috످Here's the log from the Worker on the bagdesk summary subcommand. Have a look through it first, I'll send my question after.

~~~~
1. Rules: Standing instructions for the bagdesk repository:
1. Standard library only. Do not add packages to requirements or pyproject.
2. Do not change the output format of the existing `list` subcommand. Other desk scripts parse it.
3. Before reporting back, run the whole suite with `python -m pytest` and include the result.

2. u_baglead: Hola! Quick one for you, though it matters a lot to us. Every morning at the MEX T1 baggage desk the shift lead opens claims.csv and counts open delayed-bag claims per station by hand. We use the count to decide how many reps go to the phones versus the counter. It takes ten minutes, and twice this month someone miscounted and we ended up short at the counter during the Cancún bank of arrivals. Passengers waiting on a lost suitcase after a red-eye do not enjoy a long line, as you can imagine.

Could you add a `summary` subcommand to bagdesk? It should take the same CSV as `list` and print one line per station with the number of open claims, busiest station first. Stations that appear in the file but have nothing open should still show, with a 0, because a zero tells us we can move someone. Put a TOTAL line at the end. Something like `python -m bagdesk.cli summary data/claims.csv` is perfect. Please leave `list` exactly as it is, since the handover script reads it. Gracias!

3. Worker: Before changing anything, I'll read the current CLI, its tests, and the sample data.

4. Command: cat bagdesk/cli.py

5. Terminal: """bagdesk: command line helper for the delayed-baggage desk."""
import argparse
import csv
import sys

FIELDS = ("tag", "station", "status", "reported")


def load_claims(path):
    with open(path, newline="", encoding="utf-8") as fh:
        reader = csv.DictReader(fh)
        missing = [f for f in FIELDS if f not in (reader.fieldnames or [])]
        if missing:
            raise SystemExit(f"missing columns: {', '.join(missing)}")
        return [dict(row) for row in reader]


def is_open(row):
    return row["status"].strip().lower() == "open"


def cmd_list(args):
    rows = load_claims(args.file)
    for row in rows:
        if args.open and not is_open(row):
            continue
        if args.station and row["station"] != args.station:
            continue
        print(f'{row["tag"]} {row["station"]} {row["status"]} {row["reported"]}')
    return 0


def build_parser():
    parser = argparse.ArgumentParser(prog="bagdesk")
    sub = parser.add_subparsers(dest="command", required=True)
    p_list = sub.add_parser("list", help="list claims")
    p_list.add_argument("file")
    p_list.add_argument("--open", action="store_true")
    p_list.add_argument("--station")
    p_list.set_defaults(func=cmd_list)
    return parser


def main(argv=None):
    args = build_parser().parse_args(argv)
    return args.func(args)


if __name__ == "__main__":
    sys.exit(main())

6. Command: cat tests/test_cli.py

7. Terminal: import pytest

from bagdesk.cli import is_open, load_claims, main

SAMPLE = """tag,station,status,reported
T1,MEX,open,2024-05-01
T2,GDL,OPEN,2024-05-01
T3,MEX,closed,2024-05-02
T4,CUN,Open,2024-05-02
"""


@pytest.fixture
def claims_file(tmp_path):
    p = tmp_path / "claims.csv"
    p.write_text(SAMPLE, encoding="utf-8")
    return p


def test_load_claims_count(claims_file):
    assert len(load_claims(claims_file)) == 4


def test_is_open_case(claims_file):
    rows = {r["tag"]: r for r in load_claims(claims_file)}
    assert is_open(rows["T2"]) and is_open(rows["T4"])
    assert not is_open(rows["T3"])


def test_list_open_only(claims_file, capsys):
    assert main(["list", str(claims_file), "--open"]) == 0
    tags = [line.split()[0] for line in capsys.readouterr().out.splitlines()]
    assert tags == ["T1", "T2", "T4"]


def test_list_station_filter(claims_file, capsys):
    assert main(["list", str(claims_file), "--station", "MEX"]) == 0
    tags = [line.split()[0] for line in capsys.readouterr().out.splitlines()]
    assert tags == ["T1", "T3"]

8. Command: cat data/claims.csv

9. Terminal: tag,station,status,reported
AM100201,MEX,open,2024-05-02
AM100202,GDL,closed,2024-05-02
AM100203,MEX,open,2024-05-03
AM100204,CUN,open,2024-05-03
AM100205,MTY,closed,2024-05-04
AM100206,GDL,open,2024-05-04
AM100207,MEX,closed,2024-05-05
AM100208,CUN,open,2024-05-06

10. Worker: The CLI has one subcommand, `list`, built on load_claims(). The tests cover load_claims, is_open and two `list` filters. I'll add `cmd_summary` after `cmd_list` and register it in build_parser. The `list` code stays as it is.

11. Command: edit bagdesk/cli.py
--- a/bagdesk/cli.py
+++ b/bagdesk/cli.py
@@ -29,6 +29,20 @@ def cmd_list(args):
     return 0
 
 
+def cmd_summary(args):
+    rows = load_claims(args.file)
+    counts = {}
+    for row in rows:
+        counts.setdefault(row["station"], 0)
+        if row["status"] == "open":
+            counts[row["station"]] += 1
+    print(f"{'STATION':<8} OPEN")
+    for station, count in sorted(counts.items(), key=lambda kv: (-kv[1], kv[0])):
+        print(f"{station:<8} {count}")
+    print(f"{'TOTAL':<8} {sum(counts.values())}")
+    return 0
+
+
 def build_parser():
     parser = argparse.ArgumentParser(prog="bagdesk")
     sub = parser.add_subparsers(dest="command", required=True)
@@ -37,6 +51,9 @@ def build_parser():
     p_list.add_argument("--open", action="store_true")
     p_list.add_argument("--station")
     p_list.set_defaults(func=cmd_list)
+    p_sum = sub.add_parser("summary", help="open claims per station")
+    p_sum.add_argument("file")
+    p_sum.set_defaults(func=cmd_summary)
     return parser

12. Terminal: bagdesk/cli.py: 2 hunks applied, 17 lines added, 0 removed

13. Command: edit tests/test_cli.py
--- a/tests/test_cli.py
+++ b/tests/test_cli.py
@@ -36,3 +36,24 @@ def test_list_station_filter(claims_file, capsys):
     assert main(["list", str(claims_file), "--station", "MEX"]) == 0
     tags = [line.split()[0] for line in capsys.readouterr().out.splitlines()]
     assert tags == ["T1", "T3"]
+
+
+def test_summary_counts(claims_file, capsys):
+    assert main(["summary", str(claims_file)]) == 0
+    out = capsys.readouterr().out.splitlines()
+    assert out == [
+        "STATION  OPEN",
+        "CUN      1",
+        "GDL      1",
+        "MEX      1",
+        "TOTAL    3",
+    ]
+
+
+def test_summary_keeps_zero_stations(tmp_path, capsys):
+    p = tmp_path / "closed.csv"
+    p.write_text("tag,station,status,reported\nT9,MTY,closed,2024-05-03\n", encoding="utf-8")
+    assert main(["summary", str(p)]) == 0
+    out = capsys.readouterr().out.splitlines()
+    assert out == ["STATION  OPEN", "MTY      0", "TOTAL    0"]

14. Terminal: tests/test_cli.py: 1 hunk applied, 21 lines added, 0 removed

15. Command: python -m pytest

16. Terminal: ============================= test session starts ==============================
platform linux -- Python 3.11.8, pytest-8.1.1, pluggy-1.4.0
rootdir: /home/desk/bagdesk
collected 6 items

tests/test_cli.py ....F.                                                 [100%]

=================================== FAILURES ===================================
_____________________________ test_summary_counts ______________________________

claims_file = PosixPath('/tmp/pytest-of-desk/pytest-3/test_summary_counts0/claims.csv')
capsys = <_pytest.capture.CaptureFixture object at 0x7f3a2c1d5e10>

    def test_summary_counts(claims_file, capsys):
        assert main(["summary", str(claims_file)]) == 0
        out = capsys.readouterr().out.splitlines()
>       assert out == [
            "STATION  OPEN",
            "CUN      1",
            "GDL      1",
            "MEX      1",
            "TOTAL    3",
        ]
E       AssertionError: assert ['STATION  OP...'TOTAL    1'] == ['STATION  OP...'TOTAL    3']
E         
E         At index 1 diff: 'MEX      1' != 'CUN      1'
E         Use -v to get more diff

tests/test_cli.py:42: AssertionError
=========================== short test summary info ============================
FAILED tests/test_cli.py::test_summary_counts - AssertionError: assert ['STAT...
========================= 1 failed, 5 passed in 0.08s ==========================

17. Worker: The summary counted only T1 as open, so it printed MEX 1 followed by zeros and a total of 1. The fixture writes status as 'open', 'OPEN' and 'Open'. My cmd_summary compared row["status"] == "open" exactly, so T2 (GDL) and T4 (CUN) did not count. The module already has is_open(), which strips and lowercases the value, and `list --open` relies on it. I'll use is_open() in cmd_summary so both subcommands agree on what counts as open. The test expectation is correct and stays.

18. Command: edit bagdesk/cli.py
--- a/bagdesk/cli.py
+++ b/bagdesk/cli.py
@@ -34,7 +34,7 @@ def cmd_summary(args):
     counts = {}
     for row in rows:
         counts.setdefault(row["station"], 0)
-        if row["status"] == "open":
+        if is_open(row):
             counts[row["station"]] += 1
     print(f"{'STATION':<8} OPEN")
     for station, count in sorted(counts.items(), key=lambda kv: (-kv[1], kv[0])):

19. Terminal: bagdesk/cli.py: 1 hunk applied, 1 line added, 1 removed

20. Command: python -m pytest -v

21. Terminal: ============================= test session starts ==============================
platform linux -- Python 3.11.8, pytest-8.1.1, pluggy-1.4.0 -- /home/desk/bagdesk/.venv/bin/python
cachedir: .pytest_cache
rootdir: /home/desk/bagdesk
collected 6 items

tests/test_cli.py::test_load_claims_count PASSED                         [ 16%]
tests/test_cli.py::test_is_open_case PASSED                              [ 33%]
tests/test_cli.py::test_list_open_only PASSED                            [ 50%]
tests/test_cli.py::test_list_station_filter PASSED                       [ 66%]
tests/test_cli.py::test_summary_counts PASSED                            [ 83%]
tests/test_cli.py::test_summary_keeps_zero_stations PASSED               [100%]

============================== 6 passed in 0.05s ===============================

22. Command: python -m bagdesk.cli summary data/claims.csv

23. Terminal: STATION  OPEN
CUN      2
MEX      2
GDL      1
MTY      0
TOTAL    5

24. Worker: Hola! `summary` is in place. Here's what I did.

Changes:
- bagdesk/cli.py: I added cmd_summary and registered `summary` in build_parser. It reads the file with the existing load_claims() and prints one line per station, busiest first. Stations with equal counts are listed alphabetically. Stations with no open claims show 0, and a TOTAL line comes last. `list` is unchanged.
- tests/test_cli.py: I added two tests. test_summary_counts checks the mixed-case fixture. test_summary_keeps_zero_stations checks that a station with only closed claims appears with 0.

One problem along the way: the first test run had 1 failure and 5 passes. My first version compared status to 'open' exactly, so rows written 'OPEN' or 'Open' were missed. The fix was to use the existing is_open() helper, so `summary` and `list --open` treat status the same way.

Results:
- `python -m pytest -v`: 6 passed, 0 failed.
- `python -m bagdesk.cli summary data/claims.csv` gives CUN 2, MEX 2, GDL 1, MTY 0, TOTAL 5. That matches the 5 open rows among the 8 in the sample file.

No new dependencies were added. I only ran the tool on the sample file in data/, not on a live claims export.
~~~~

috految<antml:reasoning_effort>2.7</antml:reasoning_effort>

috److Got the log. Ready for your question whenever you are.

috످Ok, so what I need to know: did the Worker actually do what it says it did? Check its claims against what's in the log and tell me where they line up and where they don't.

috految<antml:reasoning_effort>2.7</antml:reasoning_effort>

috److**Yes, the Worker did what it says it did.** I found no mismatches between its report and the log.

| Claim | What the log shows |
|---|---|
| Added `summary` | The code is added and runs (steps 11, 23). |
| Busiest first, ties alphabetical, zeros shown, TOTAL last | The code and output show all four (steps 11, 23). |
| `list` is unchanged | No edits touch it, and its tests pass (steps 11, 18, 21). |
| Added two tests | Both are there as described (step 13). |
| First run had 1 failure and 5 passes | The counts match. Its first version missed "OPEN" and "Open" (step 16). |
| Fixed the bug with `is_open()` | It fixed the code without changing the test (step 18). |
| All 6 tests pass | The full suite passed after the last edit (step 21). |
| CUN 2, MEX 2, GDL 1, MTY 0, TOTAL 5 | My recount of the CSV matches (step 9). |
| No new dependencies | No imports or packages were added (steps 11, 13, 18). |
| Not run on a live export | It only used test data and the sample file (steps 15, 20, 22). |

috످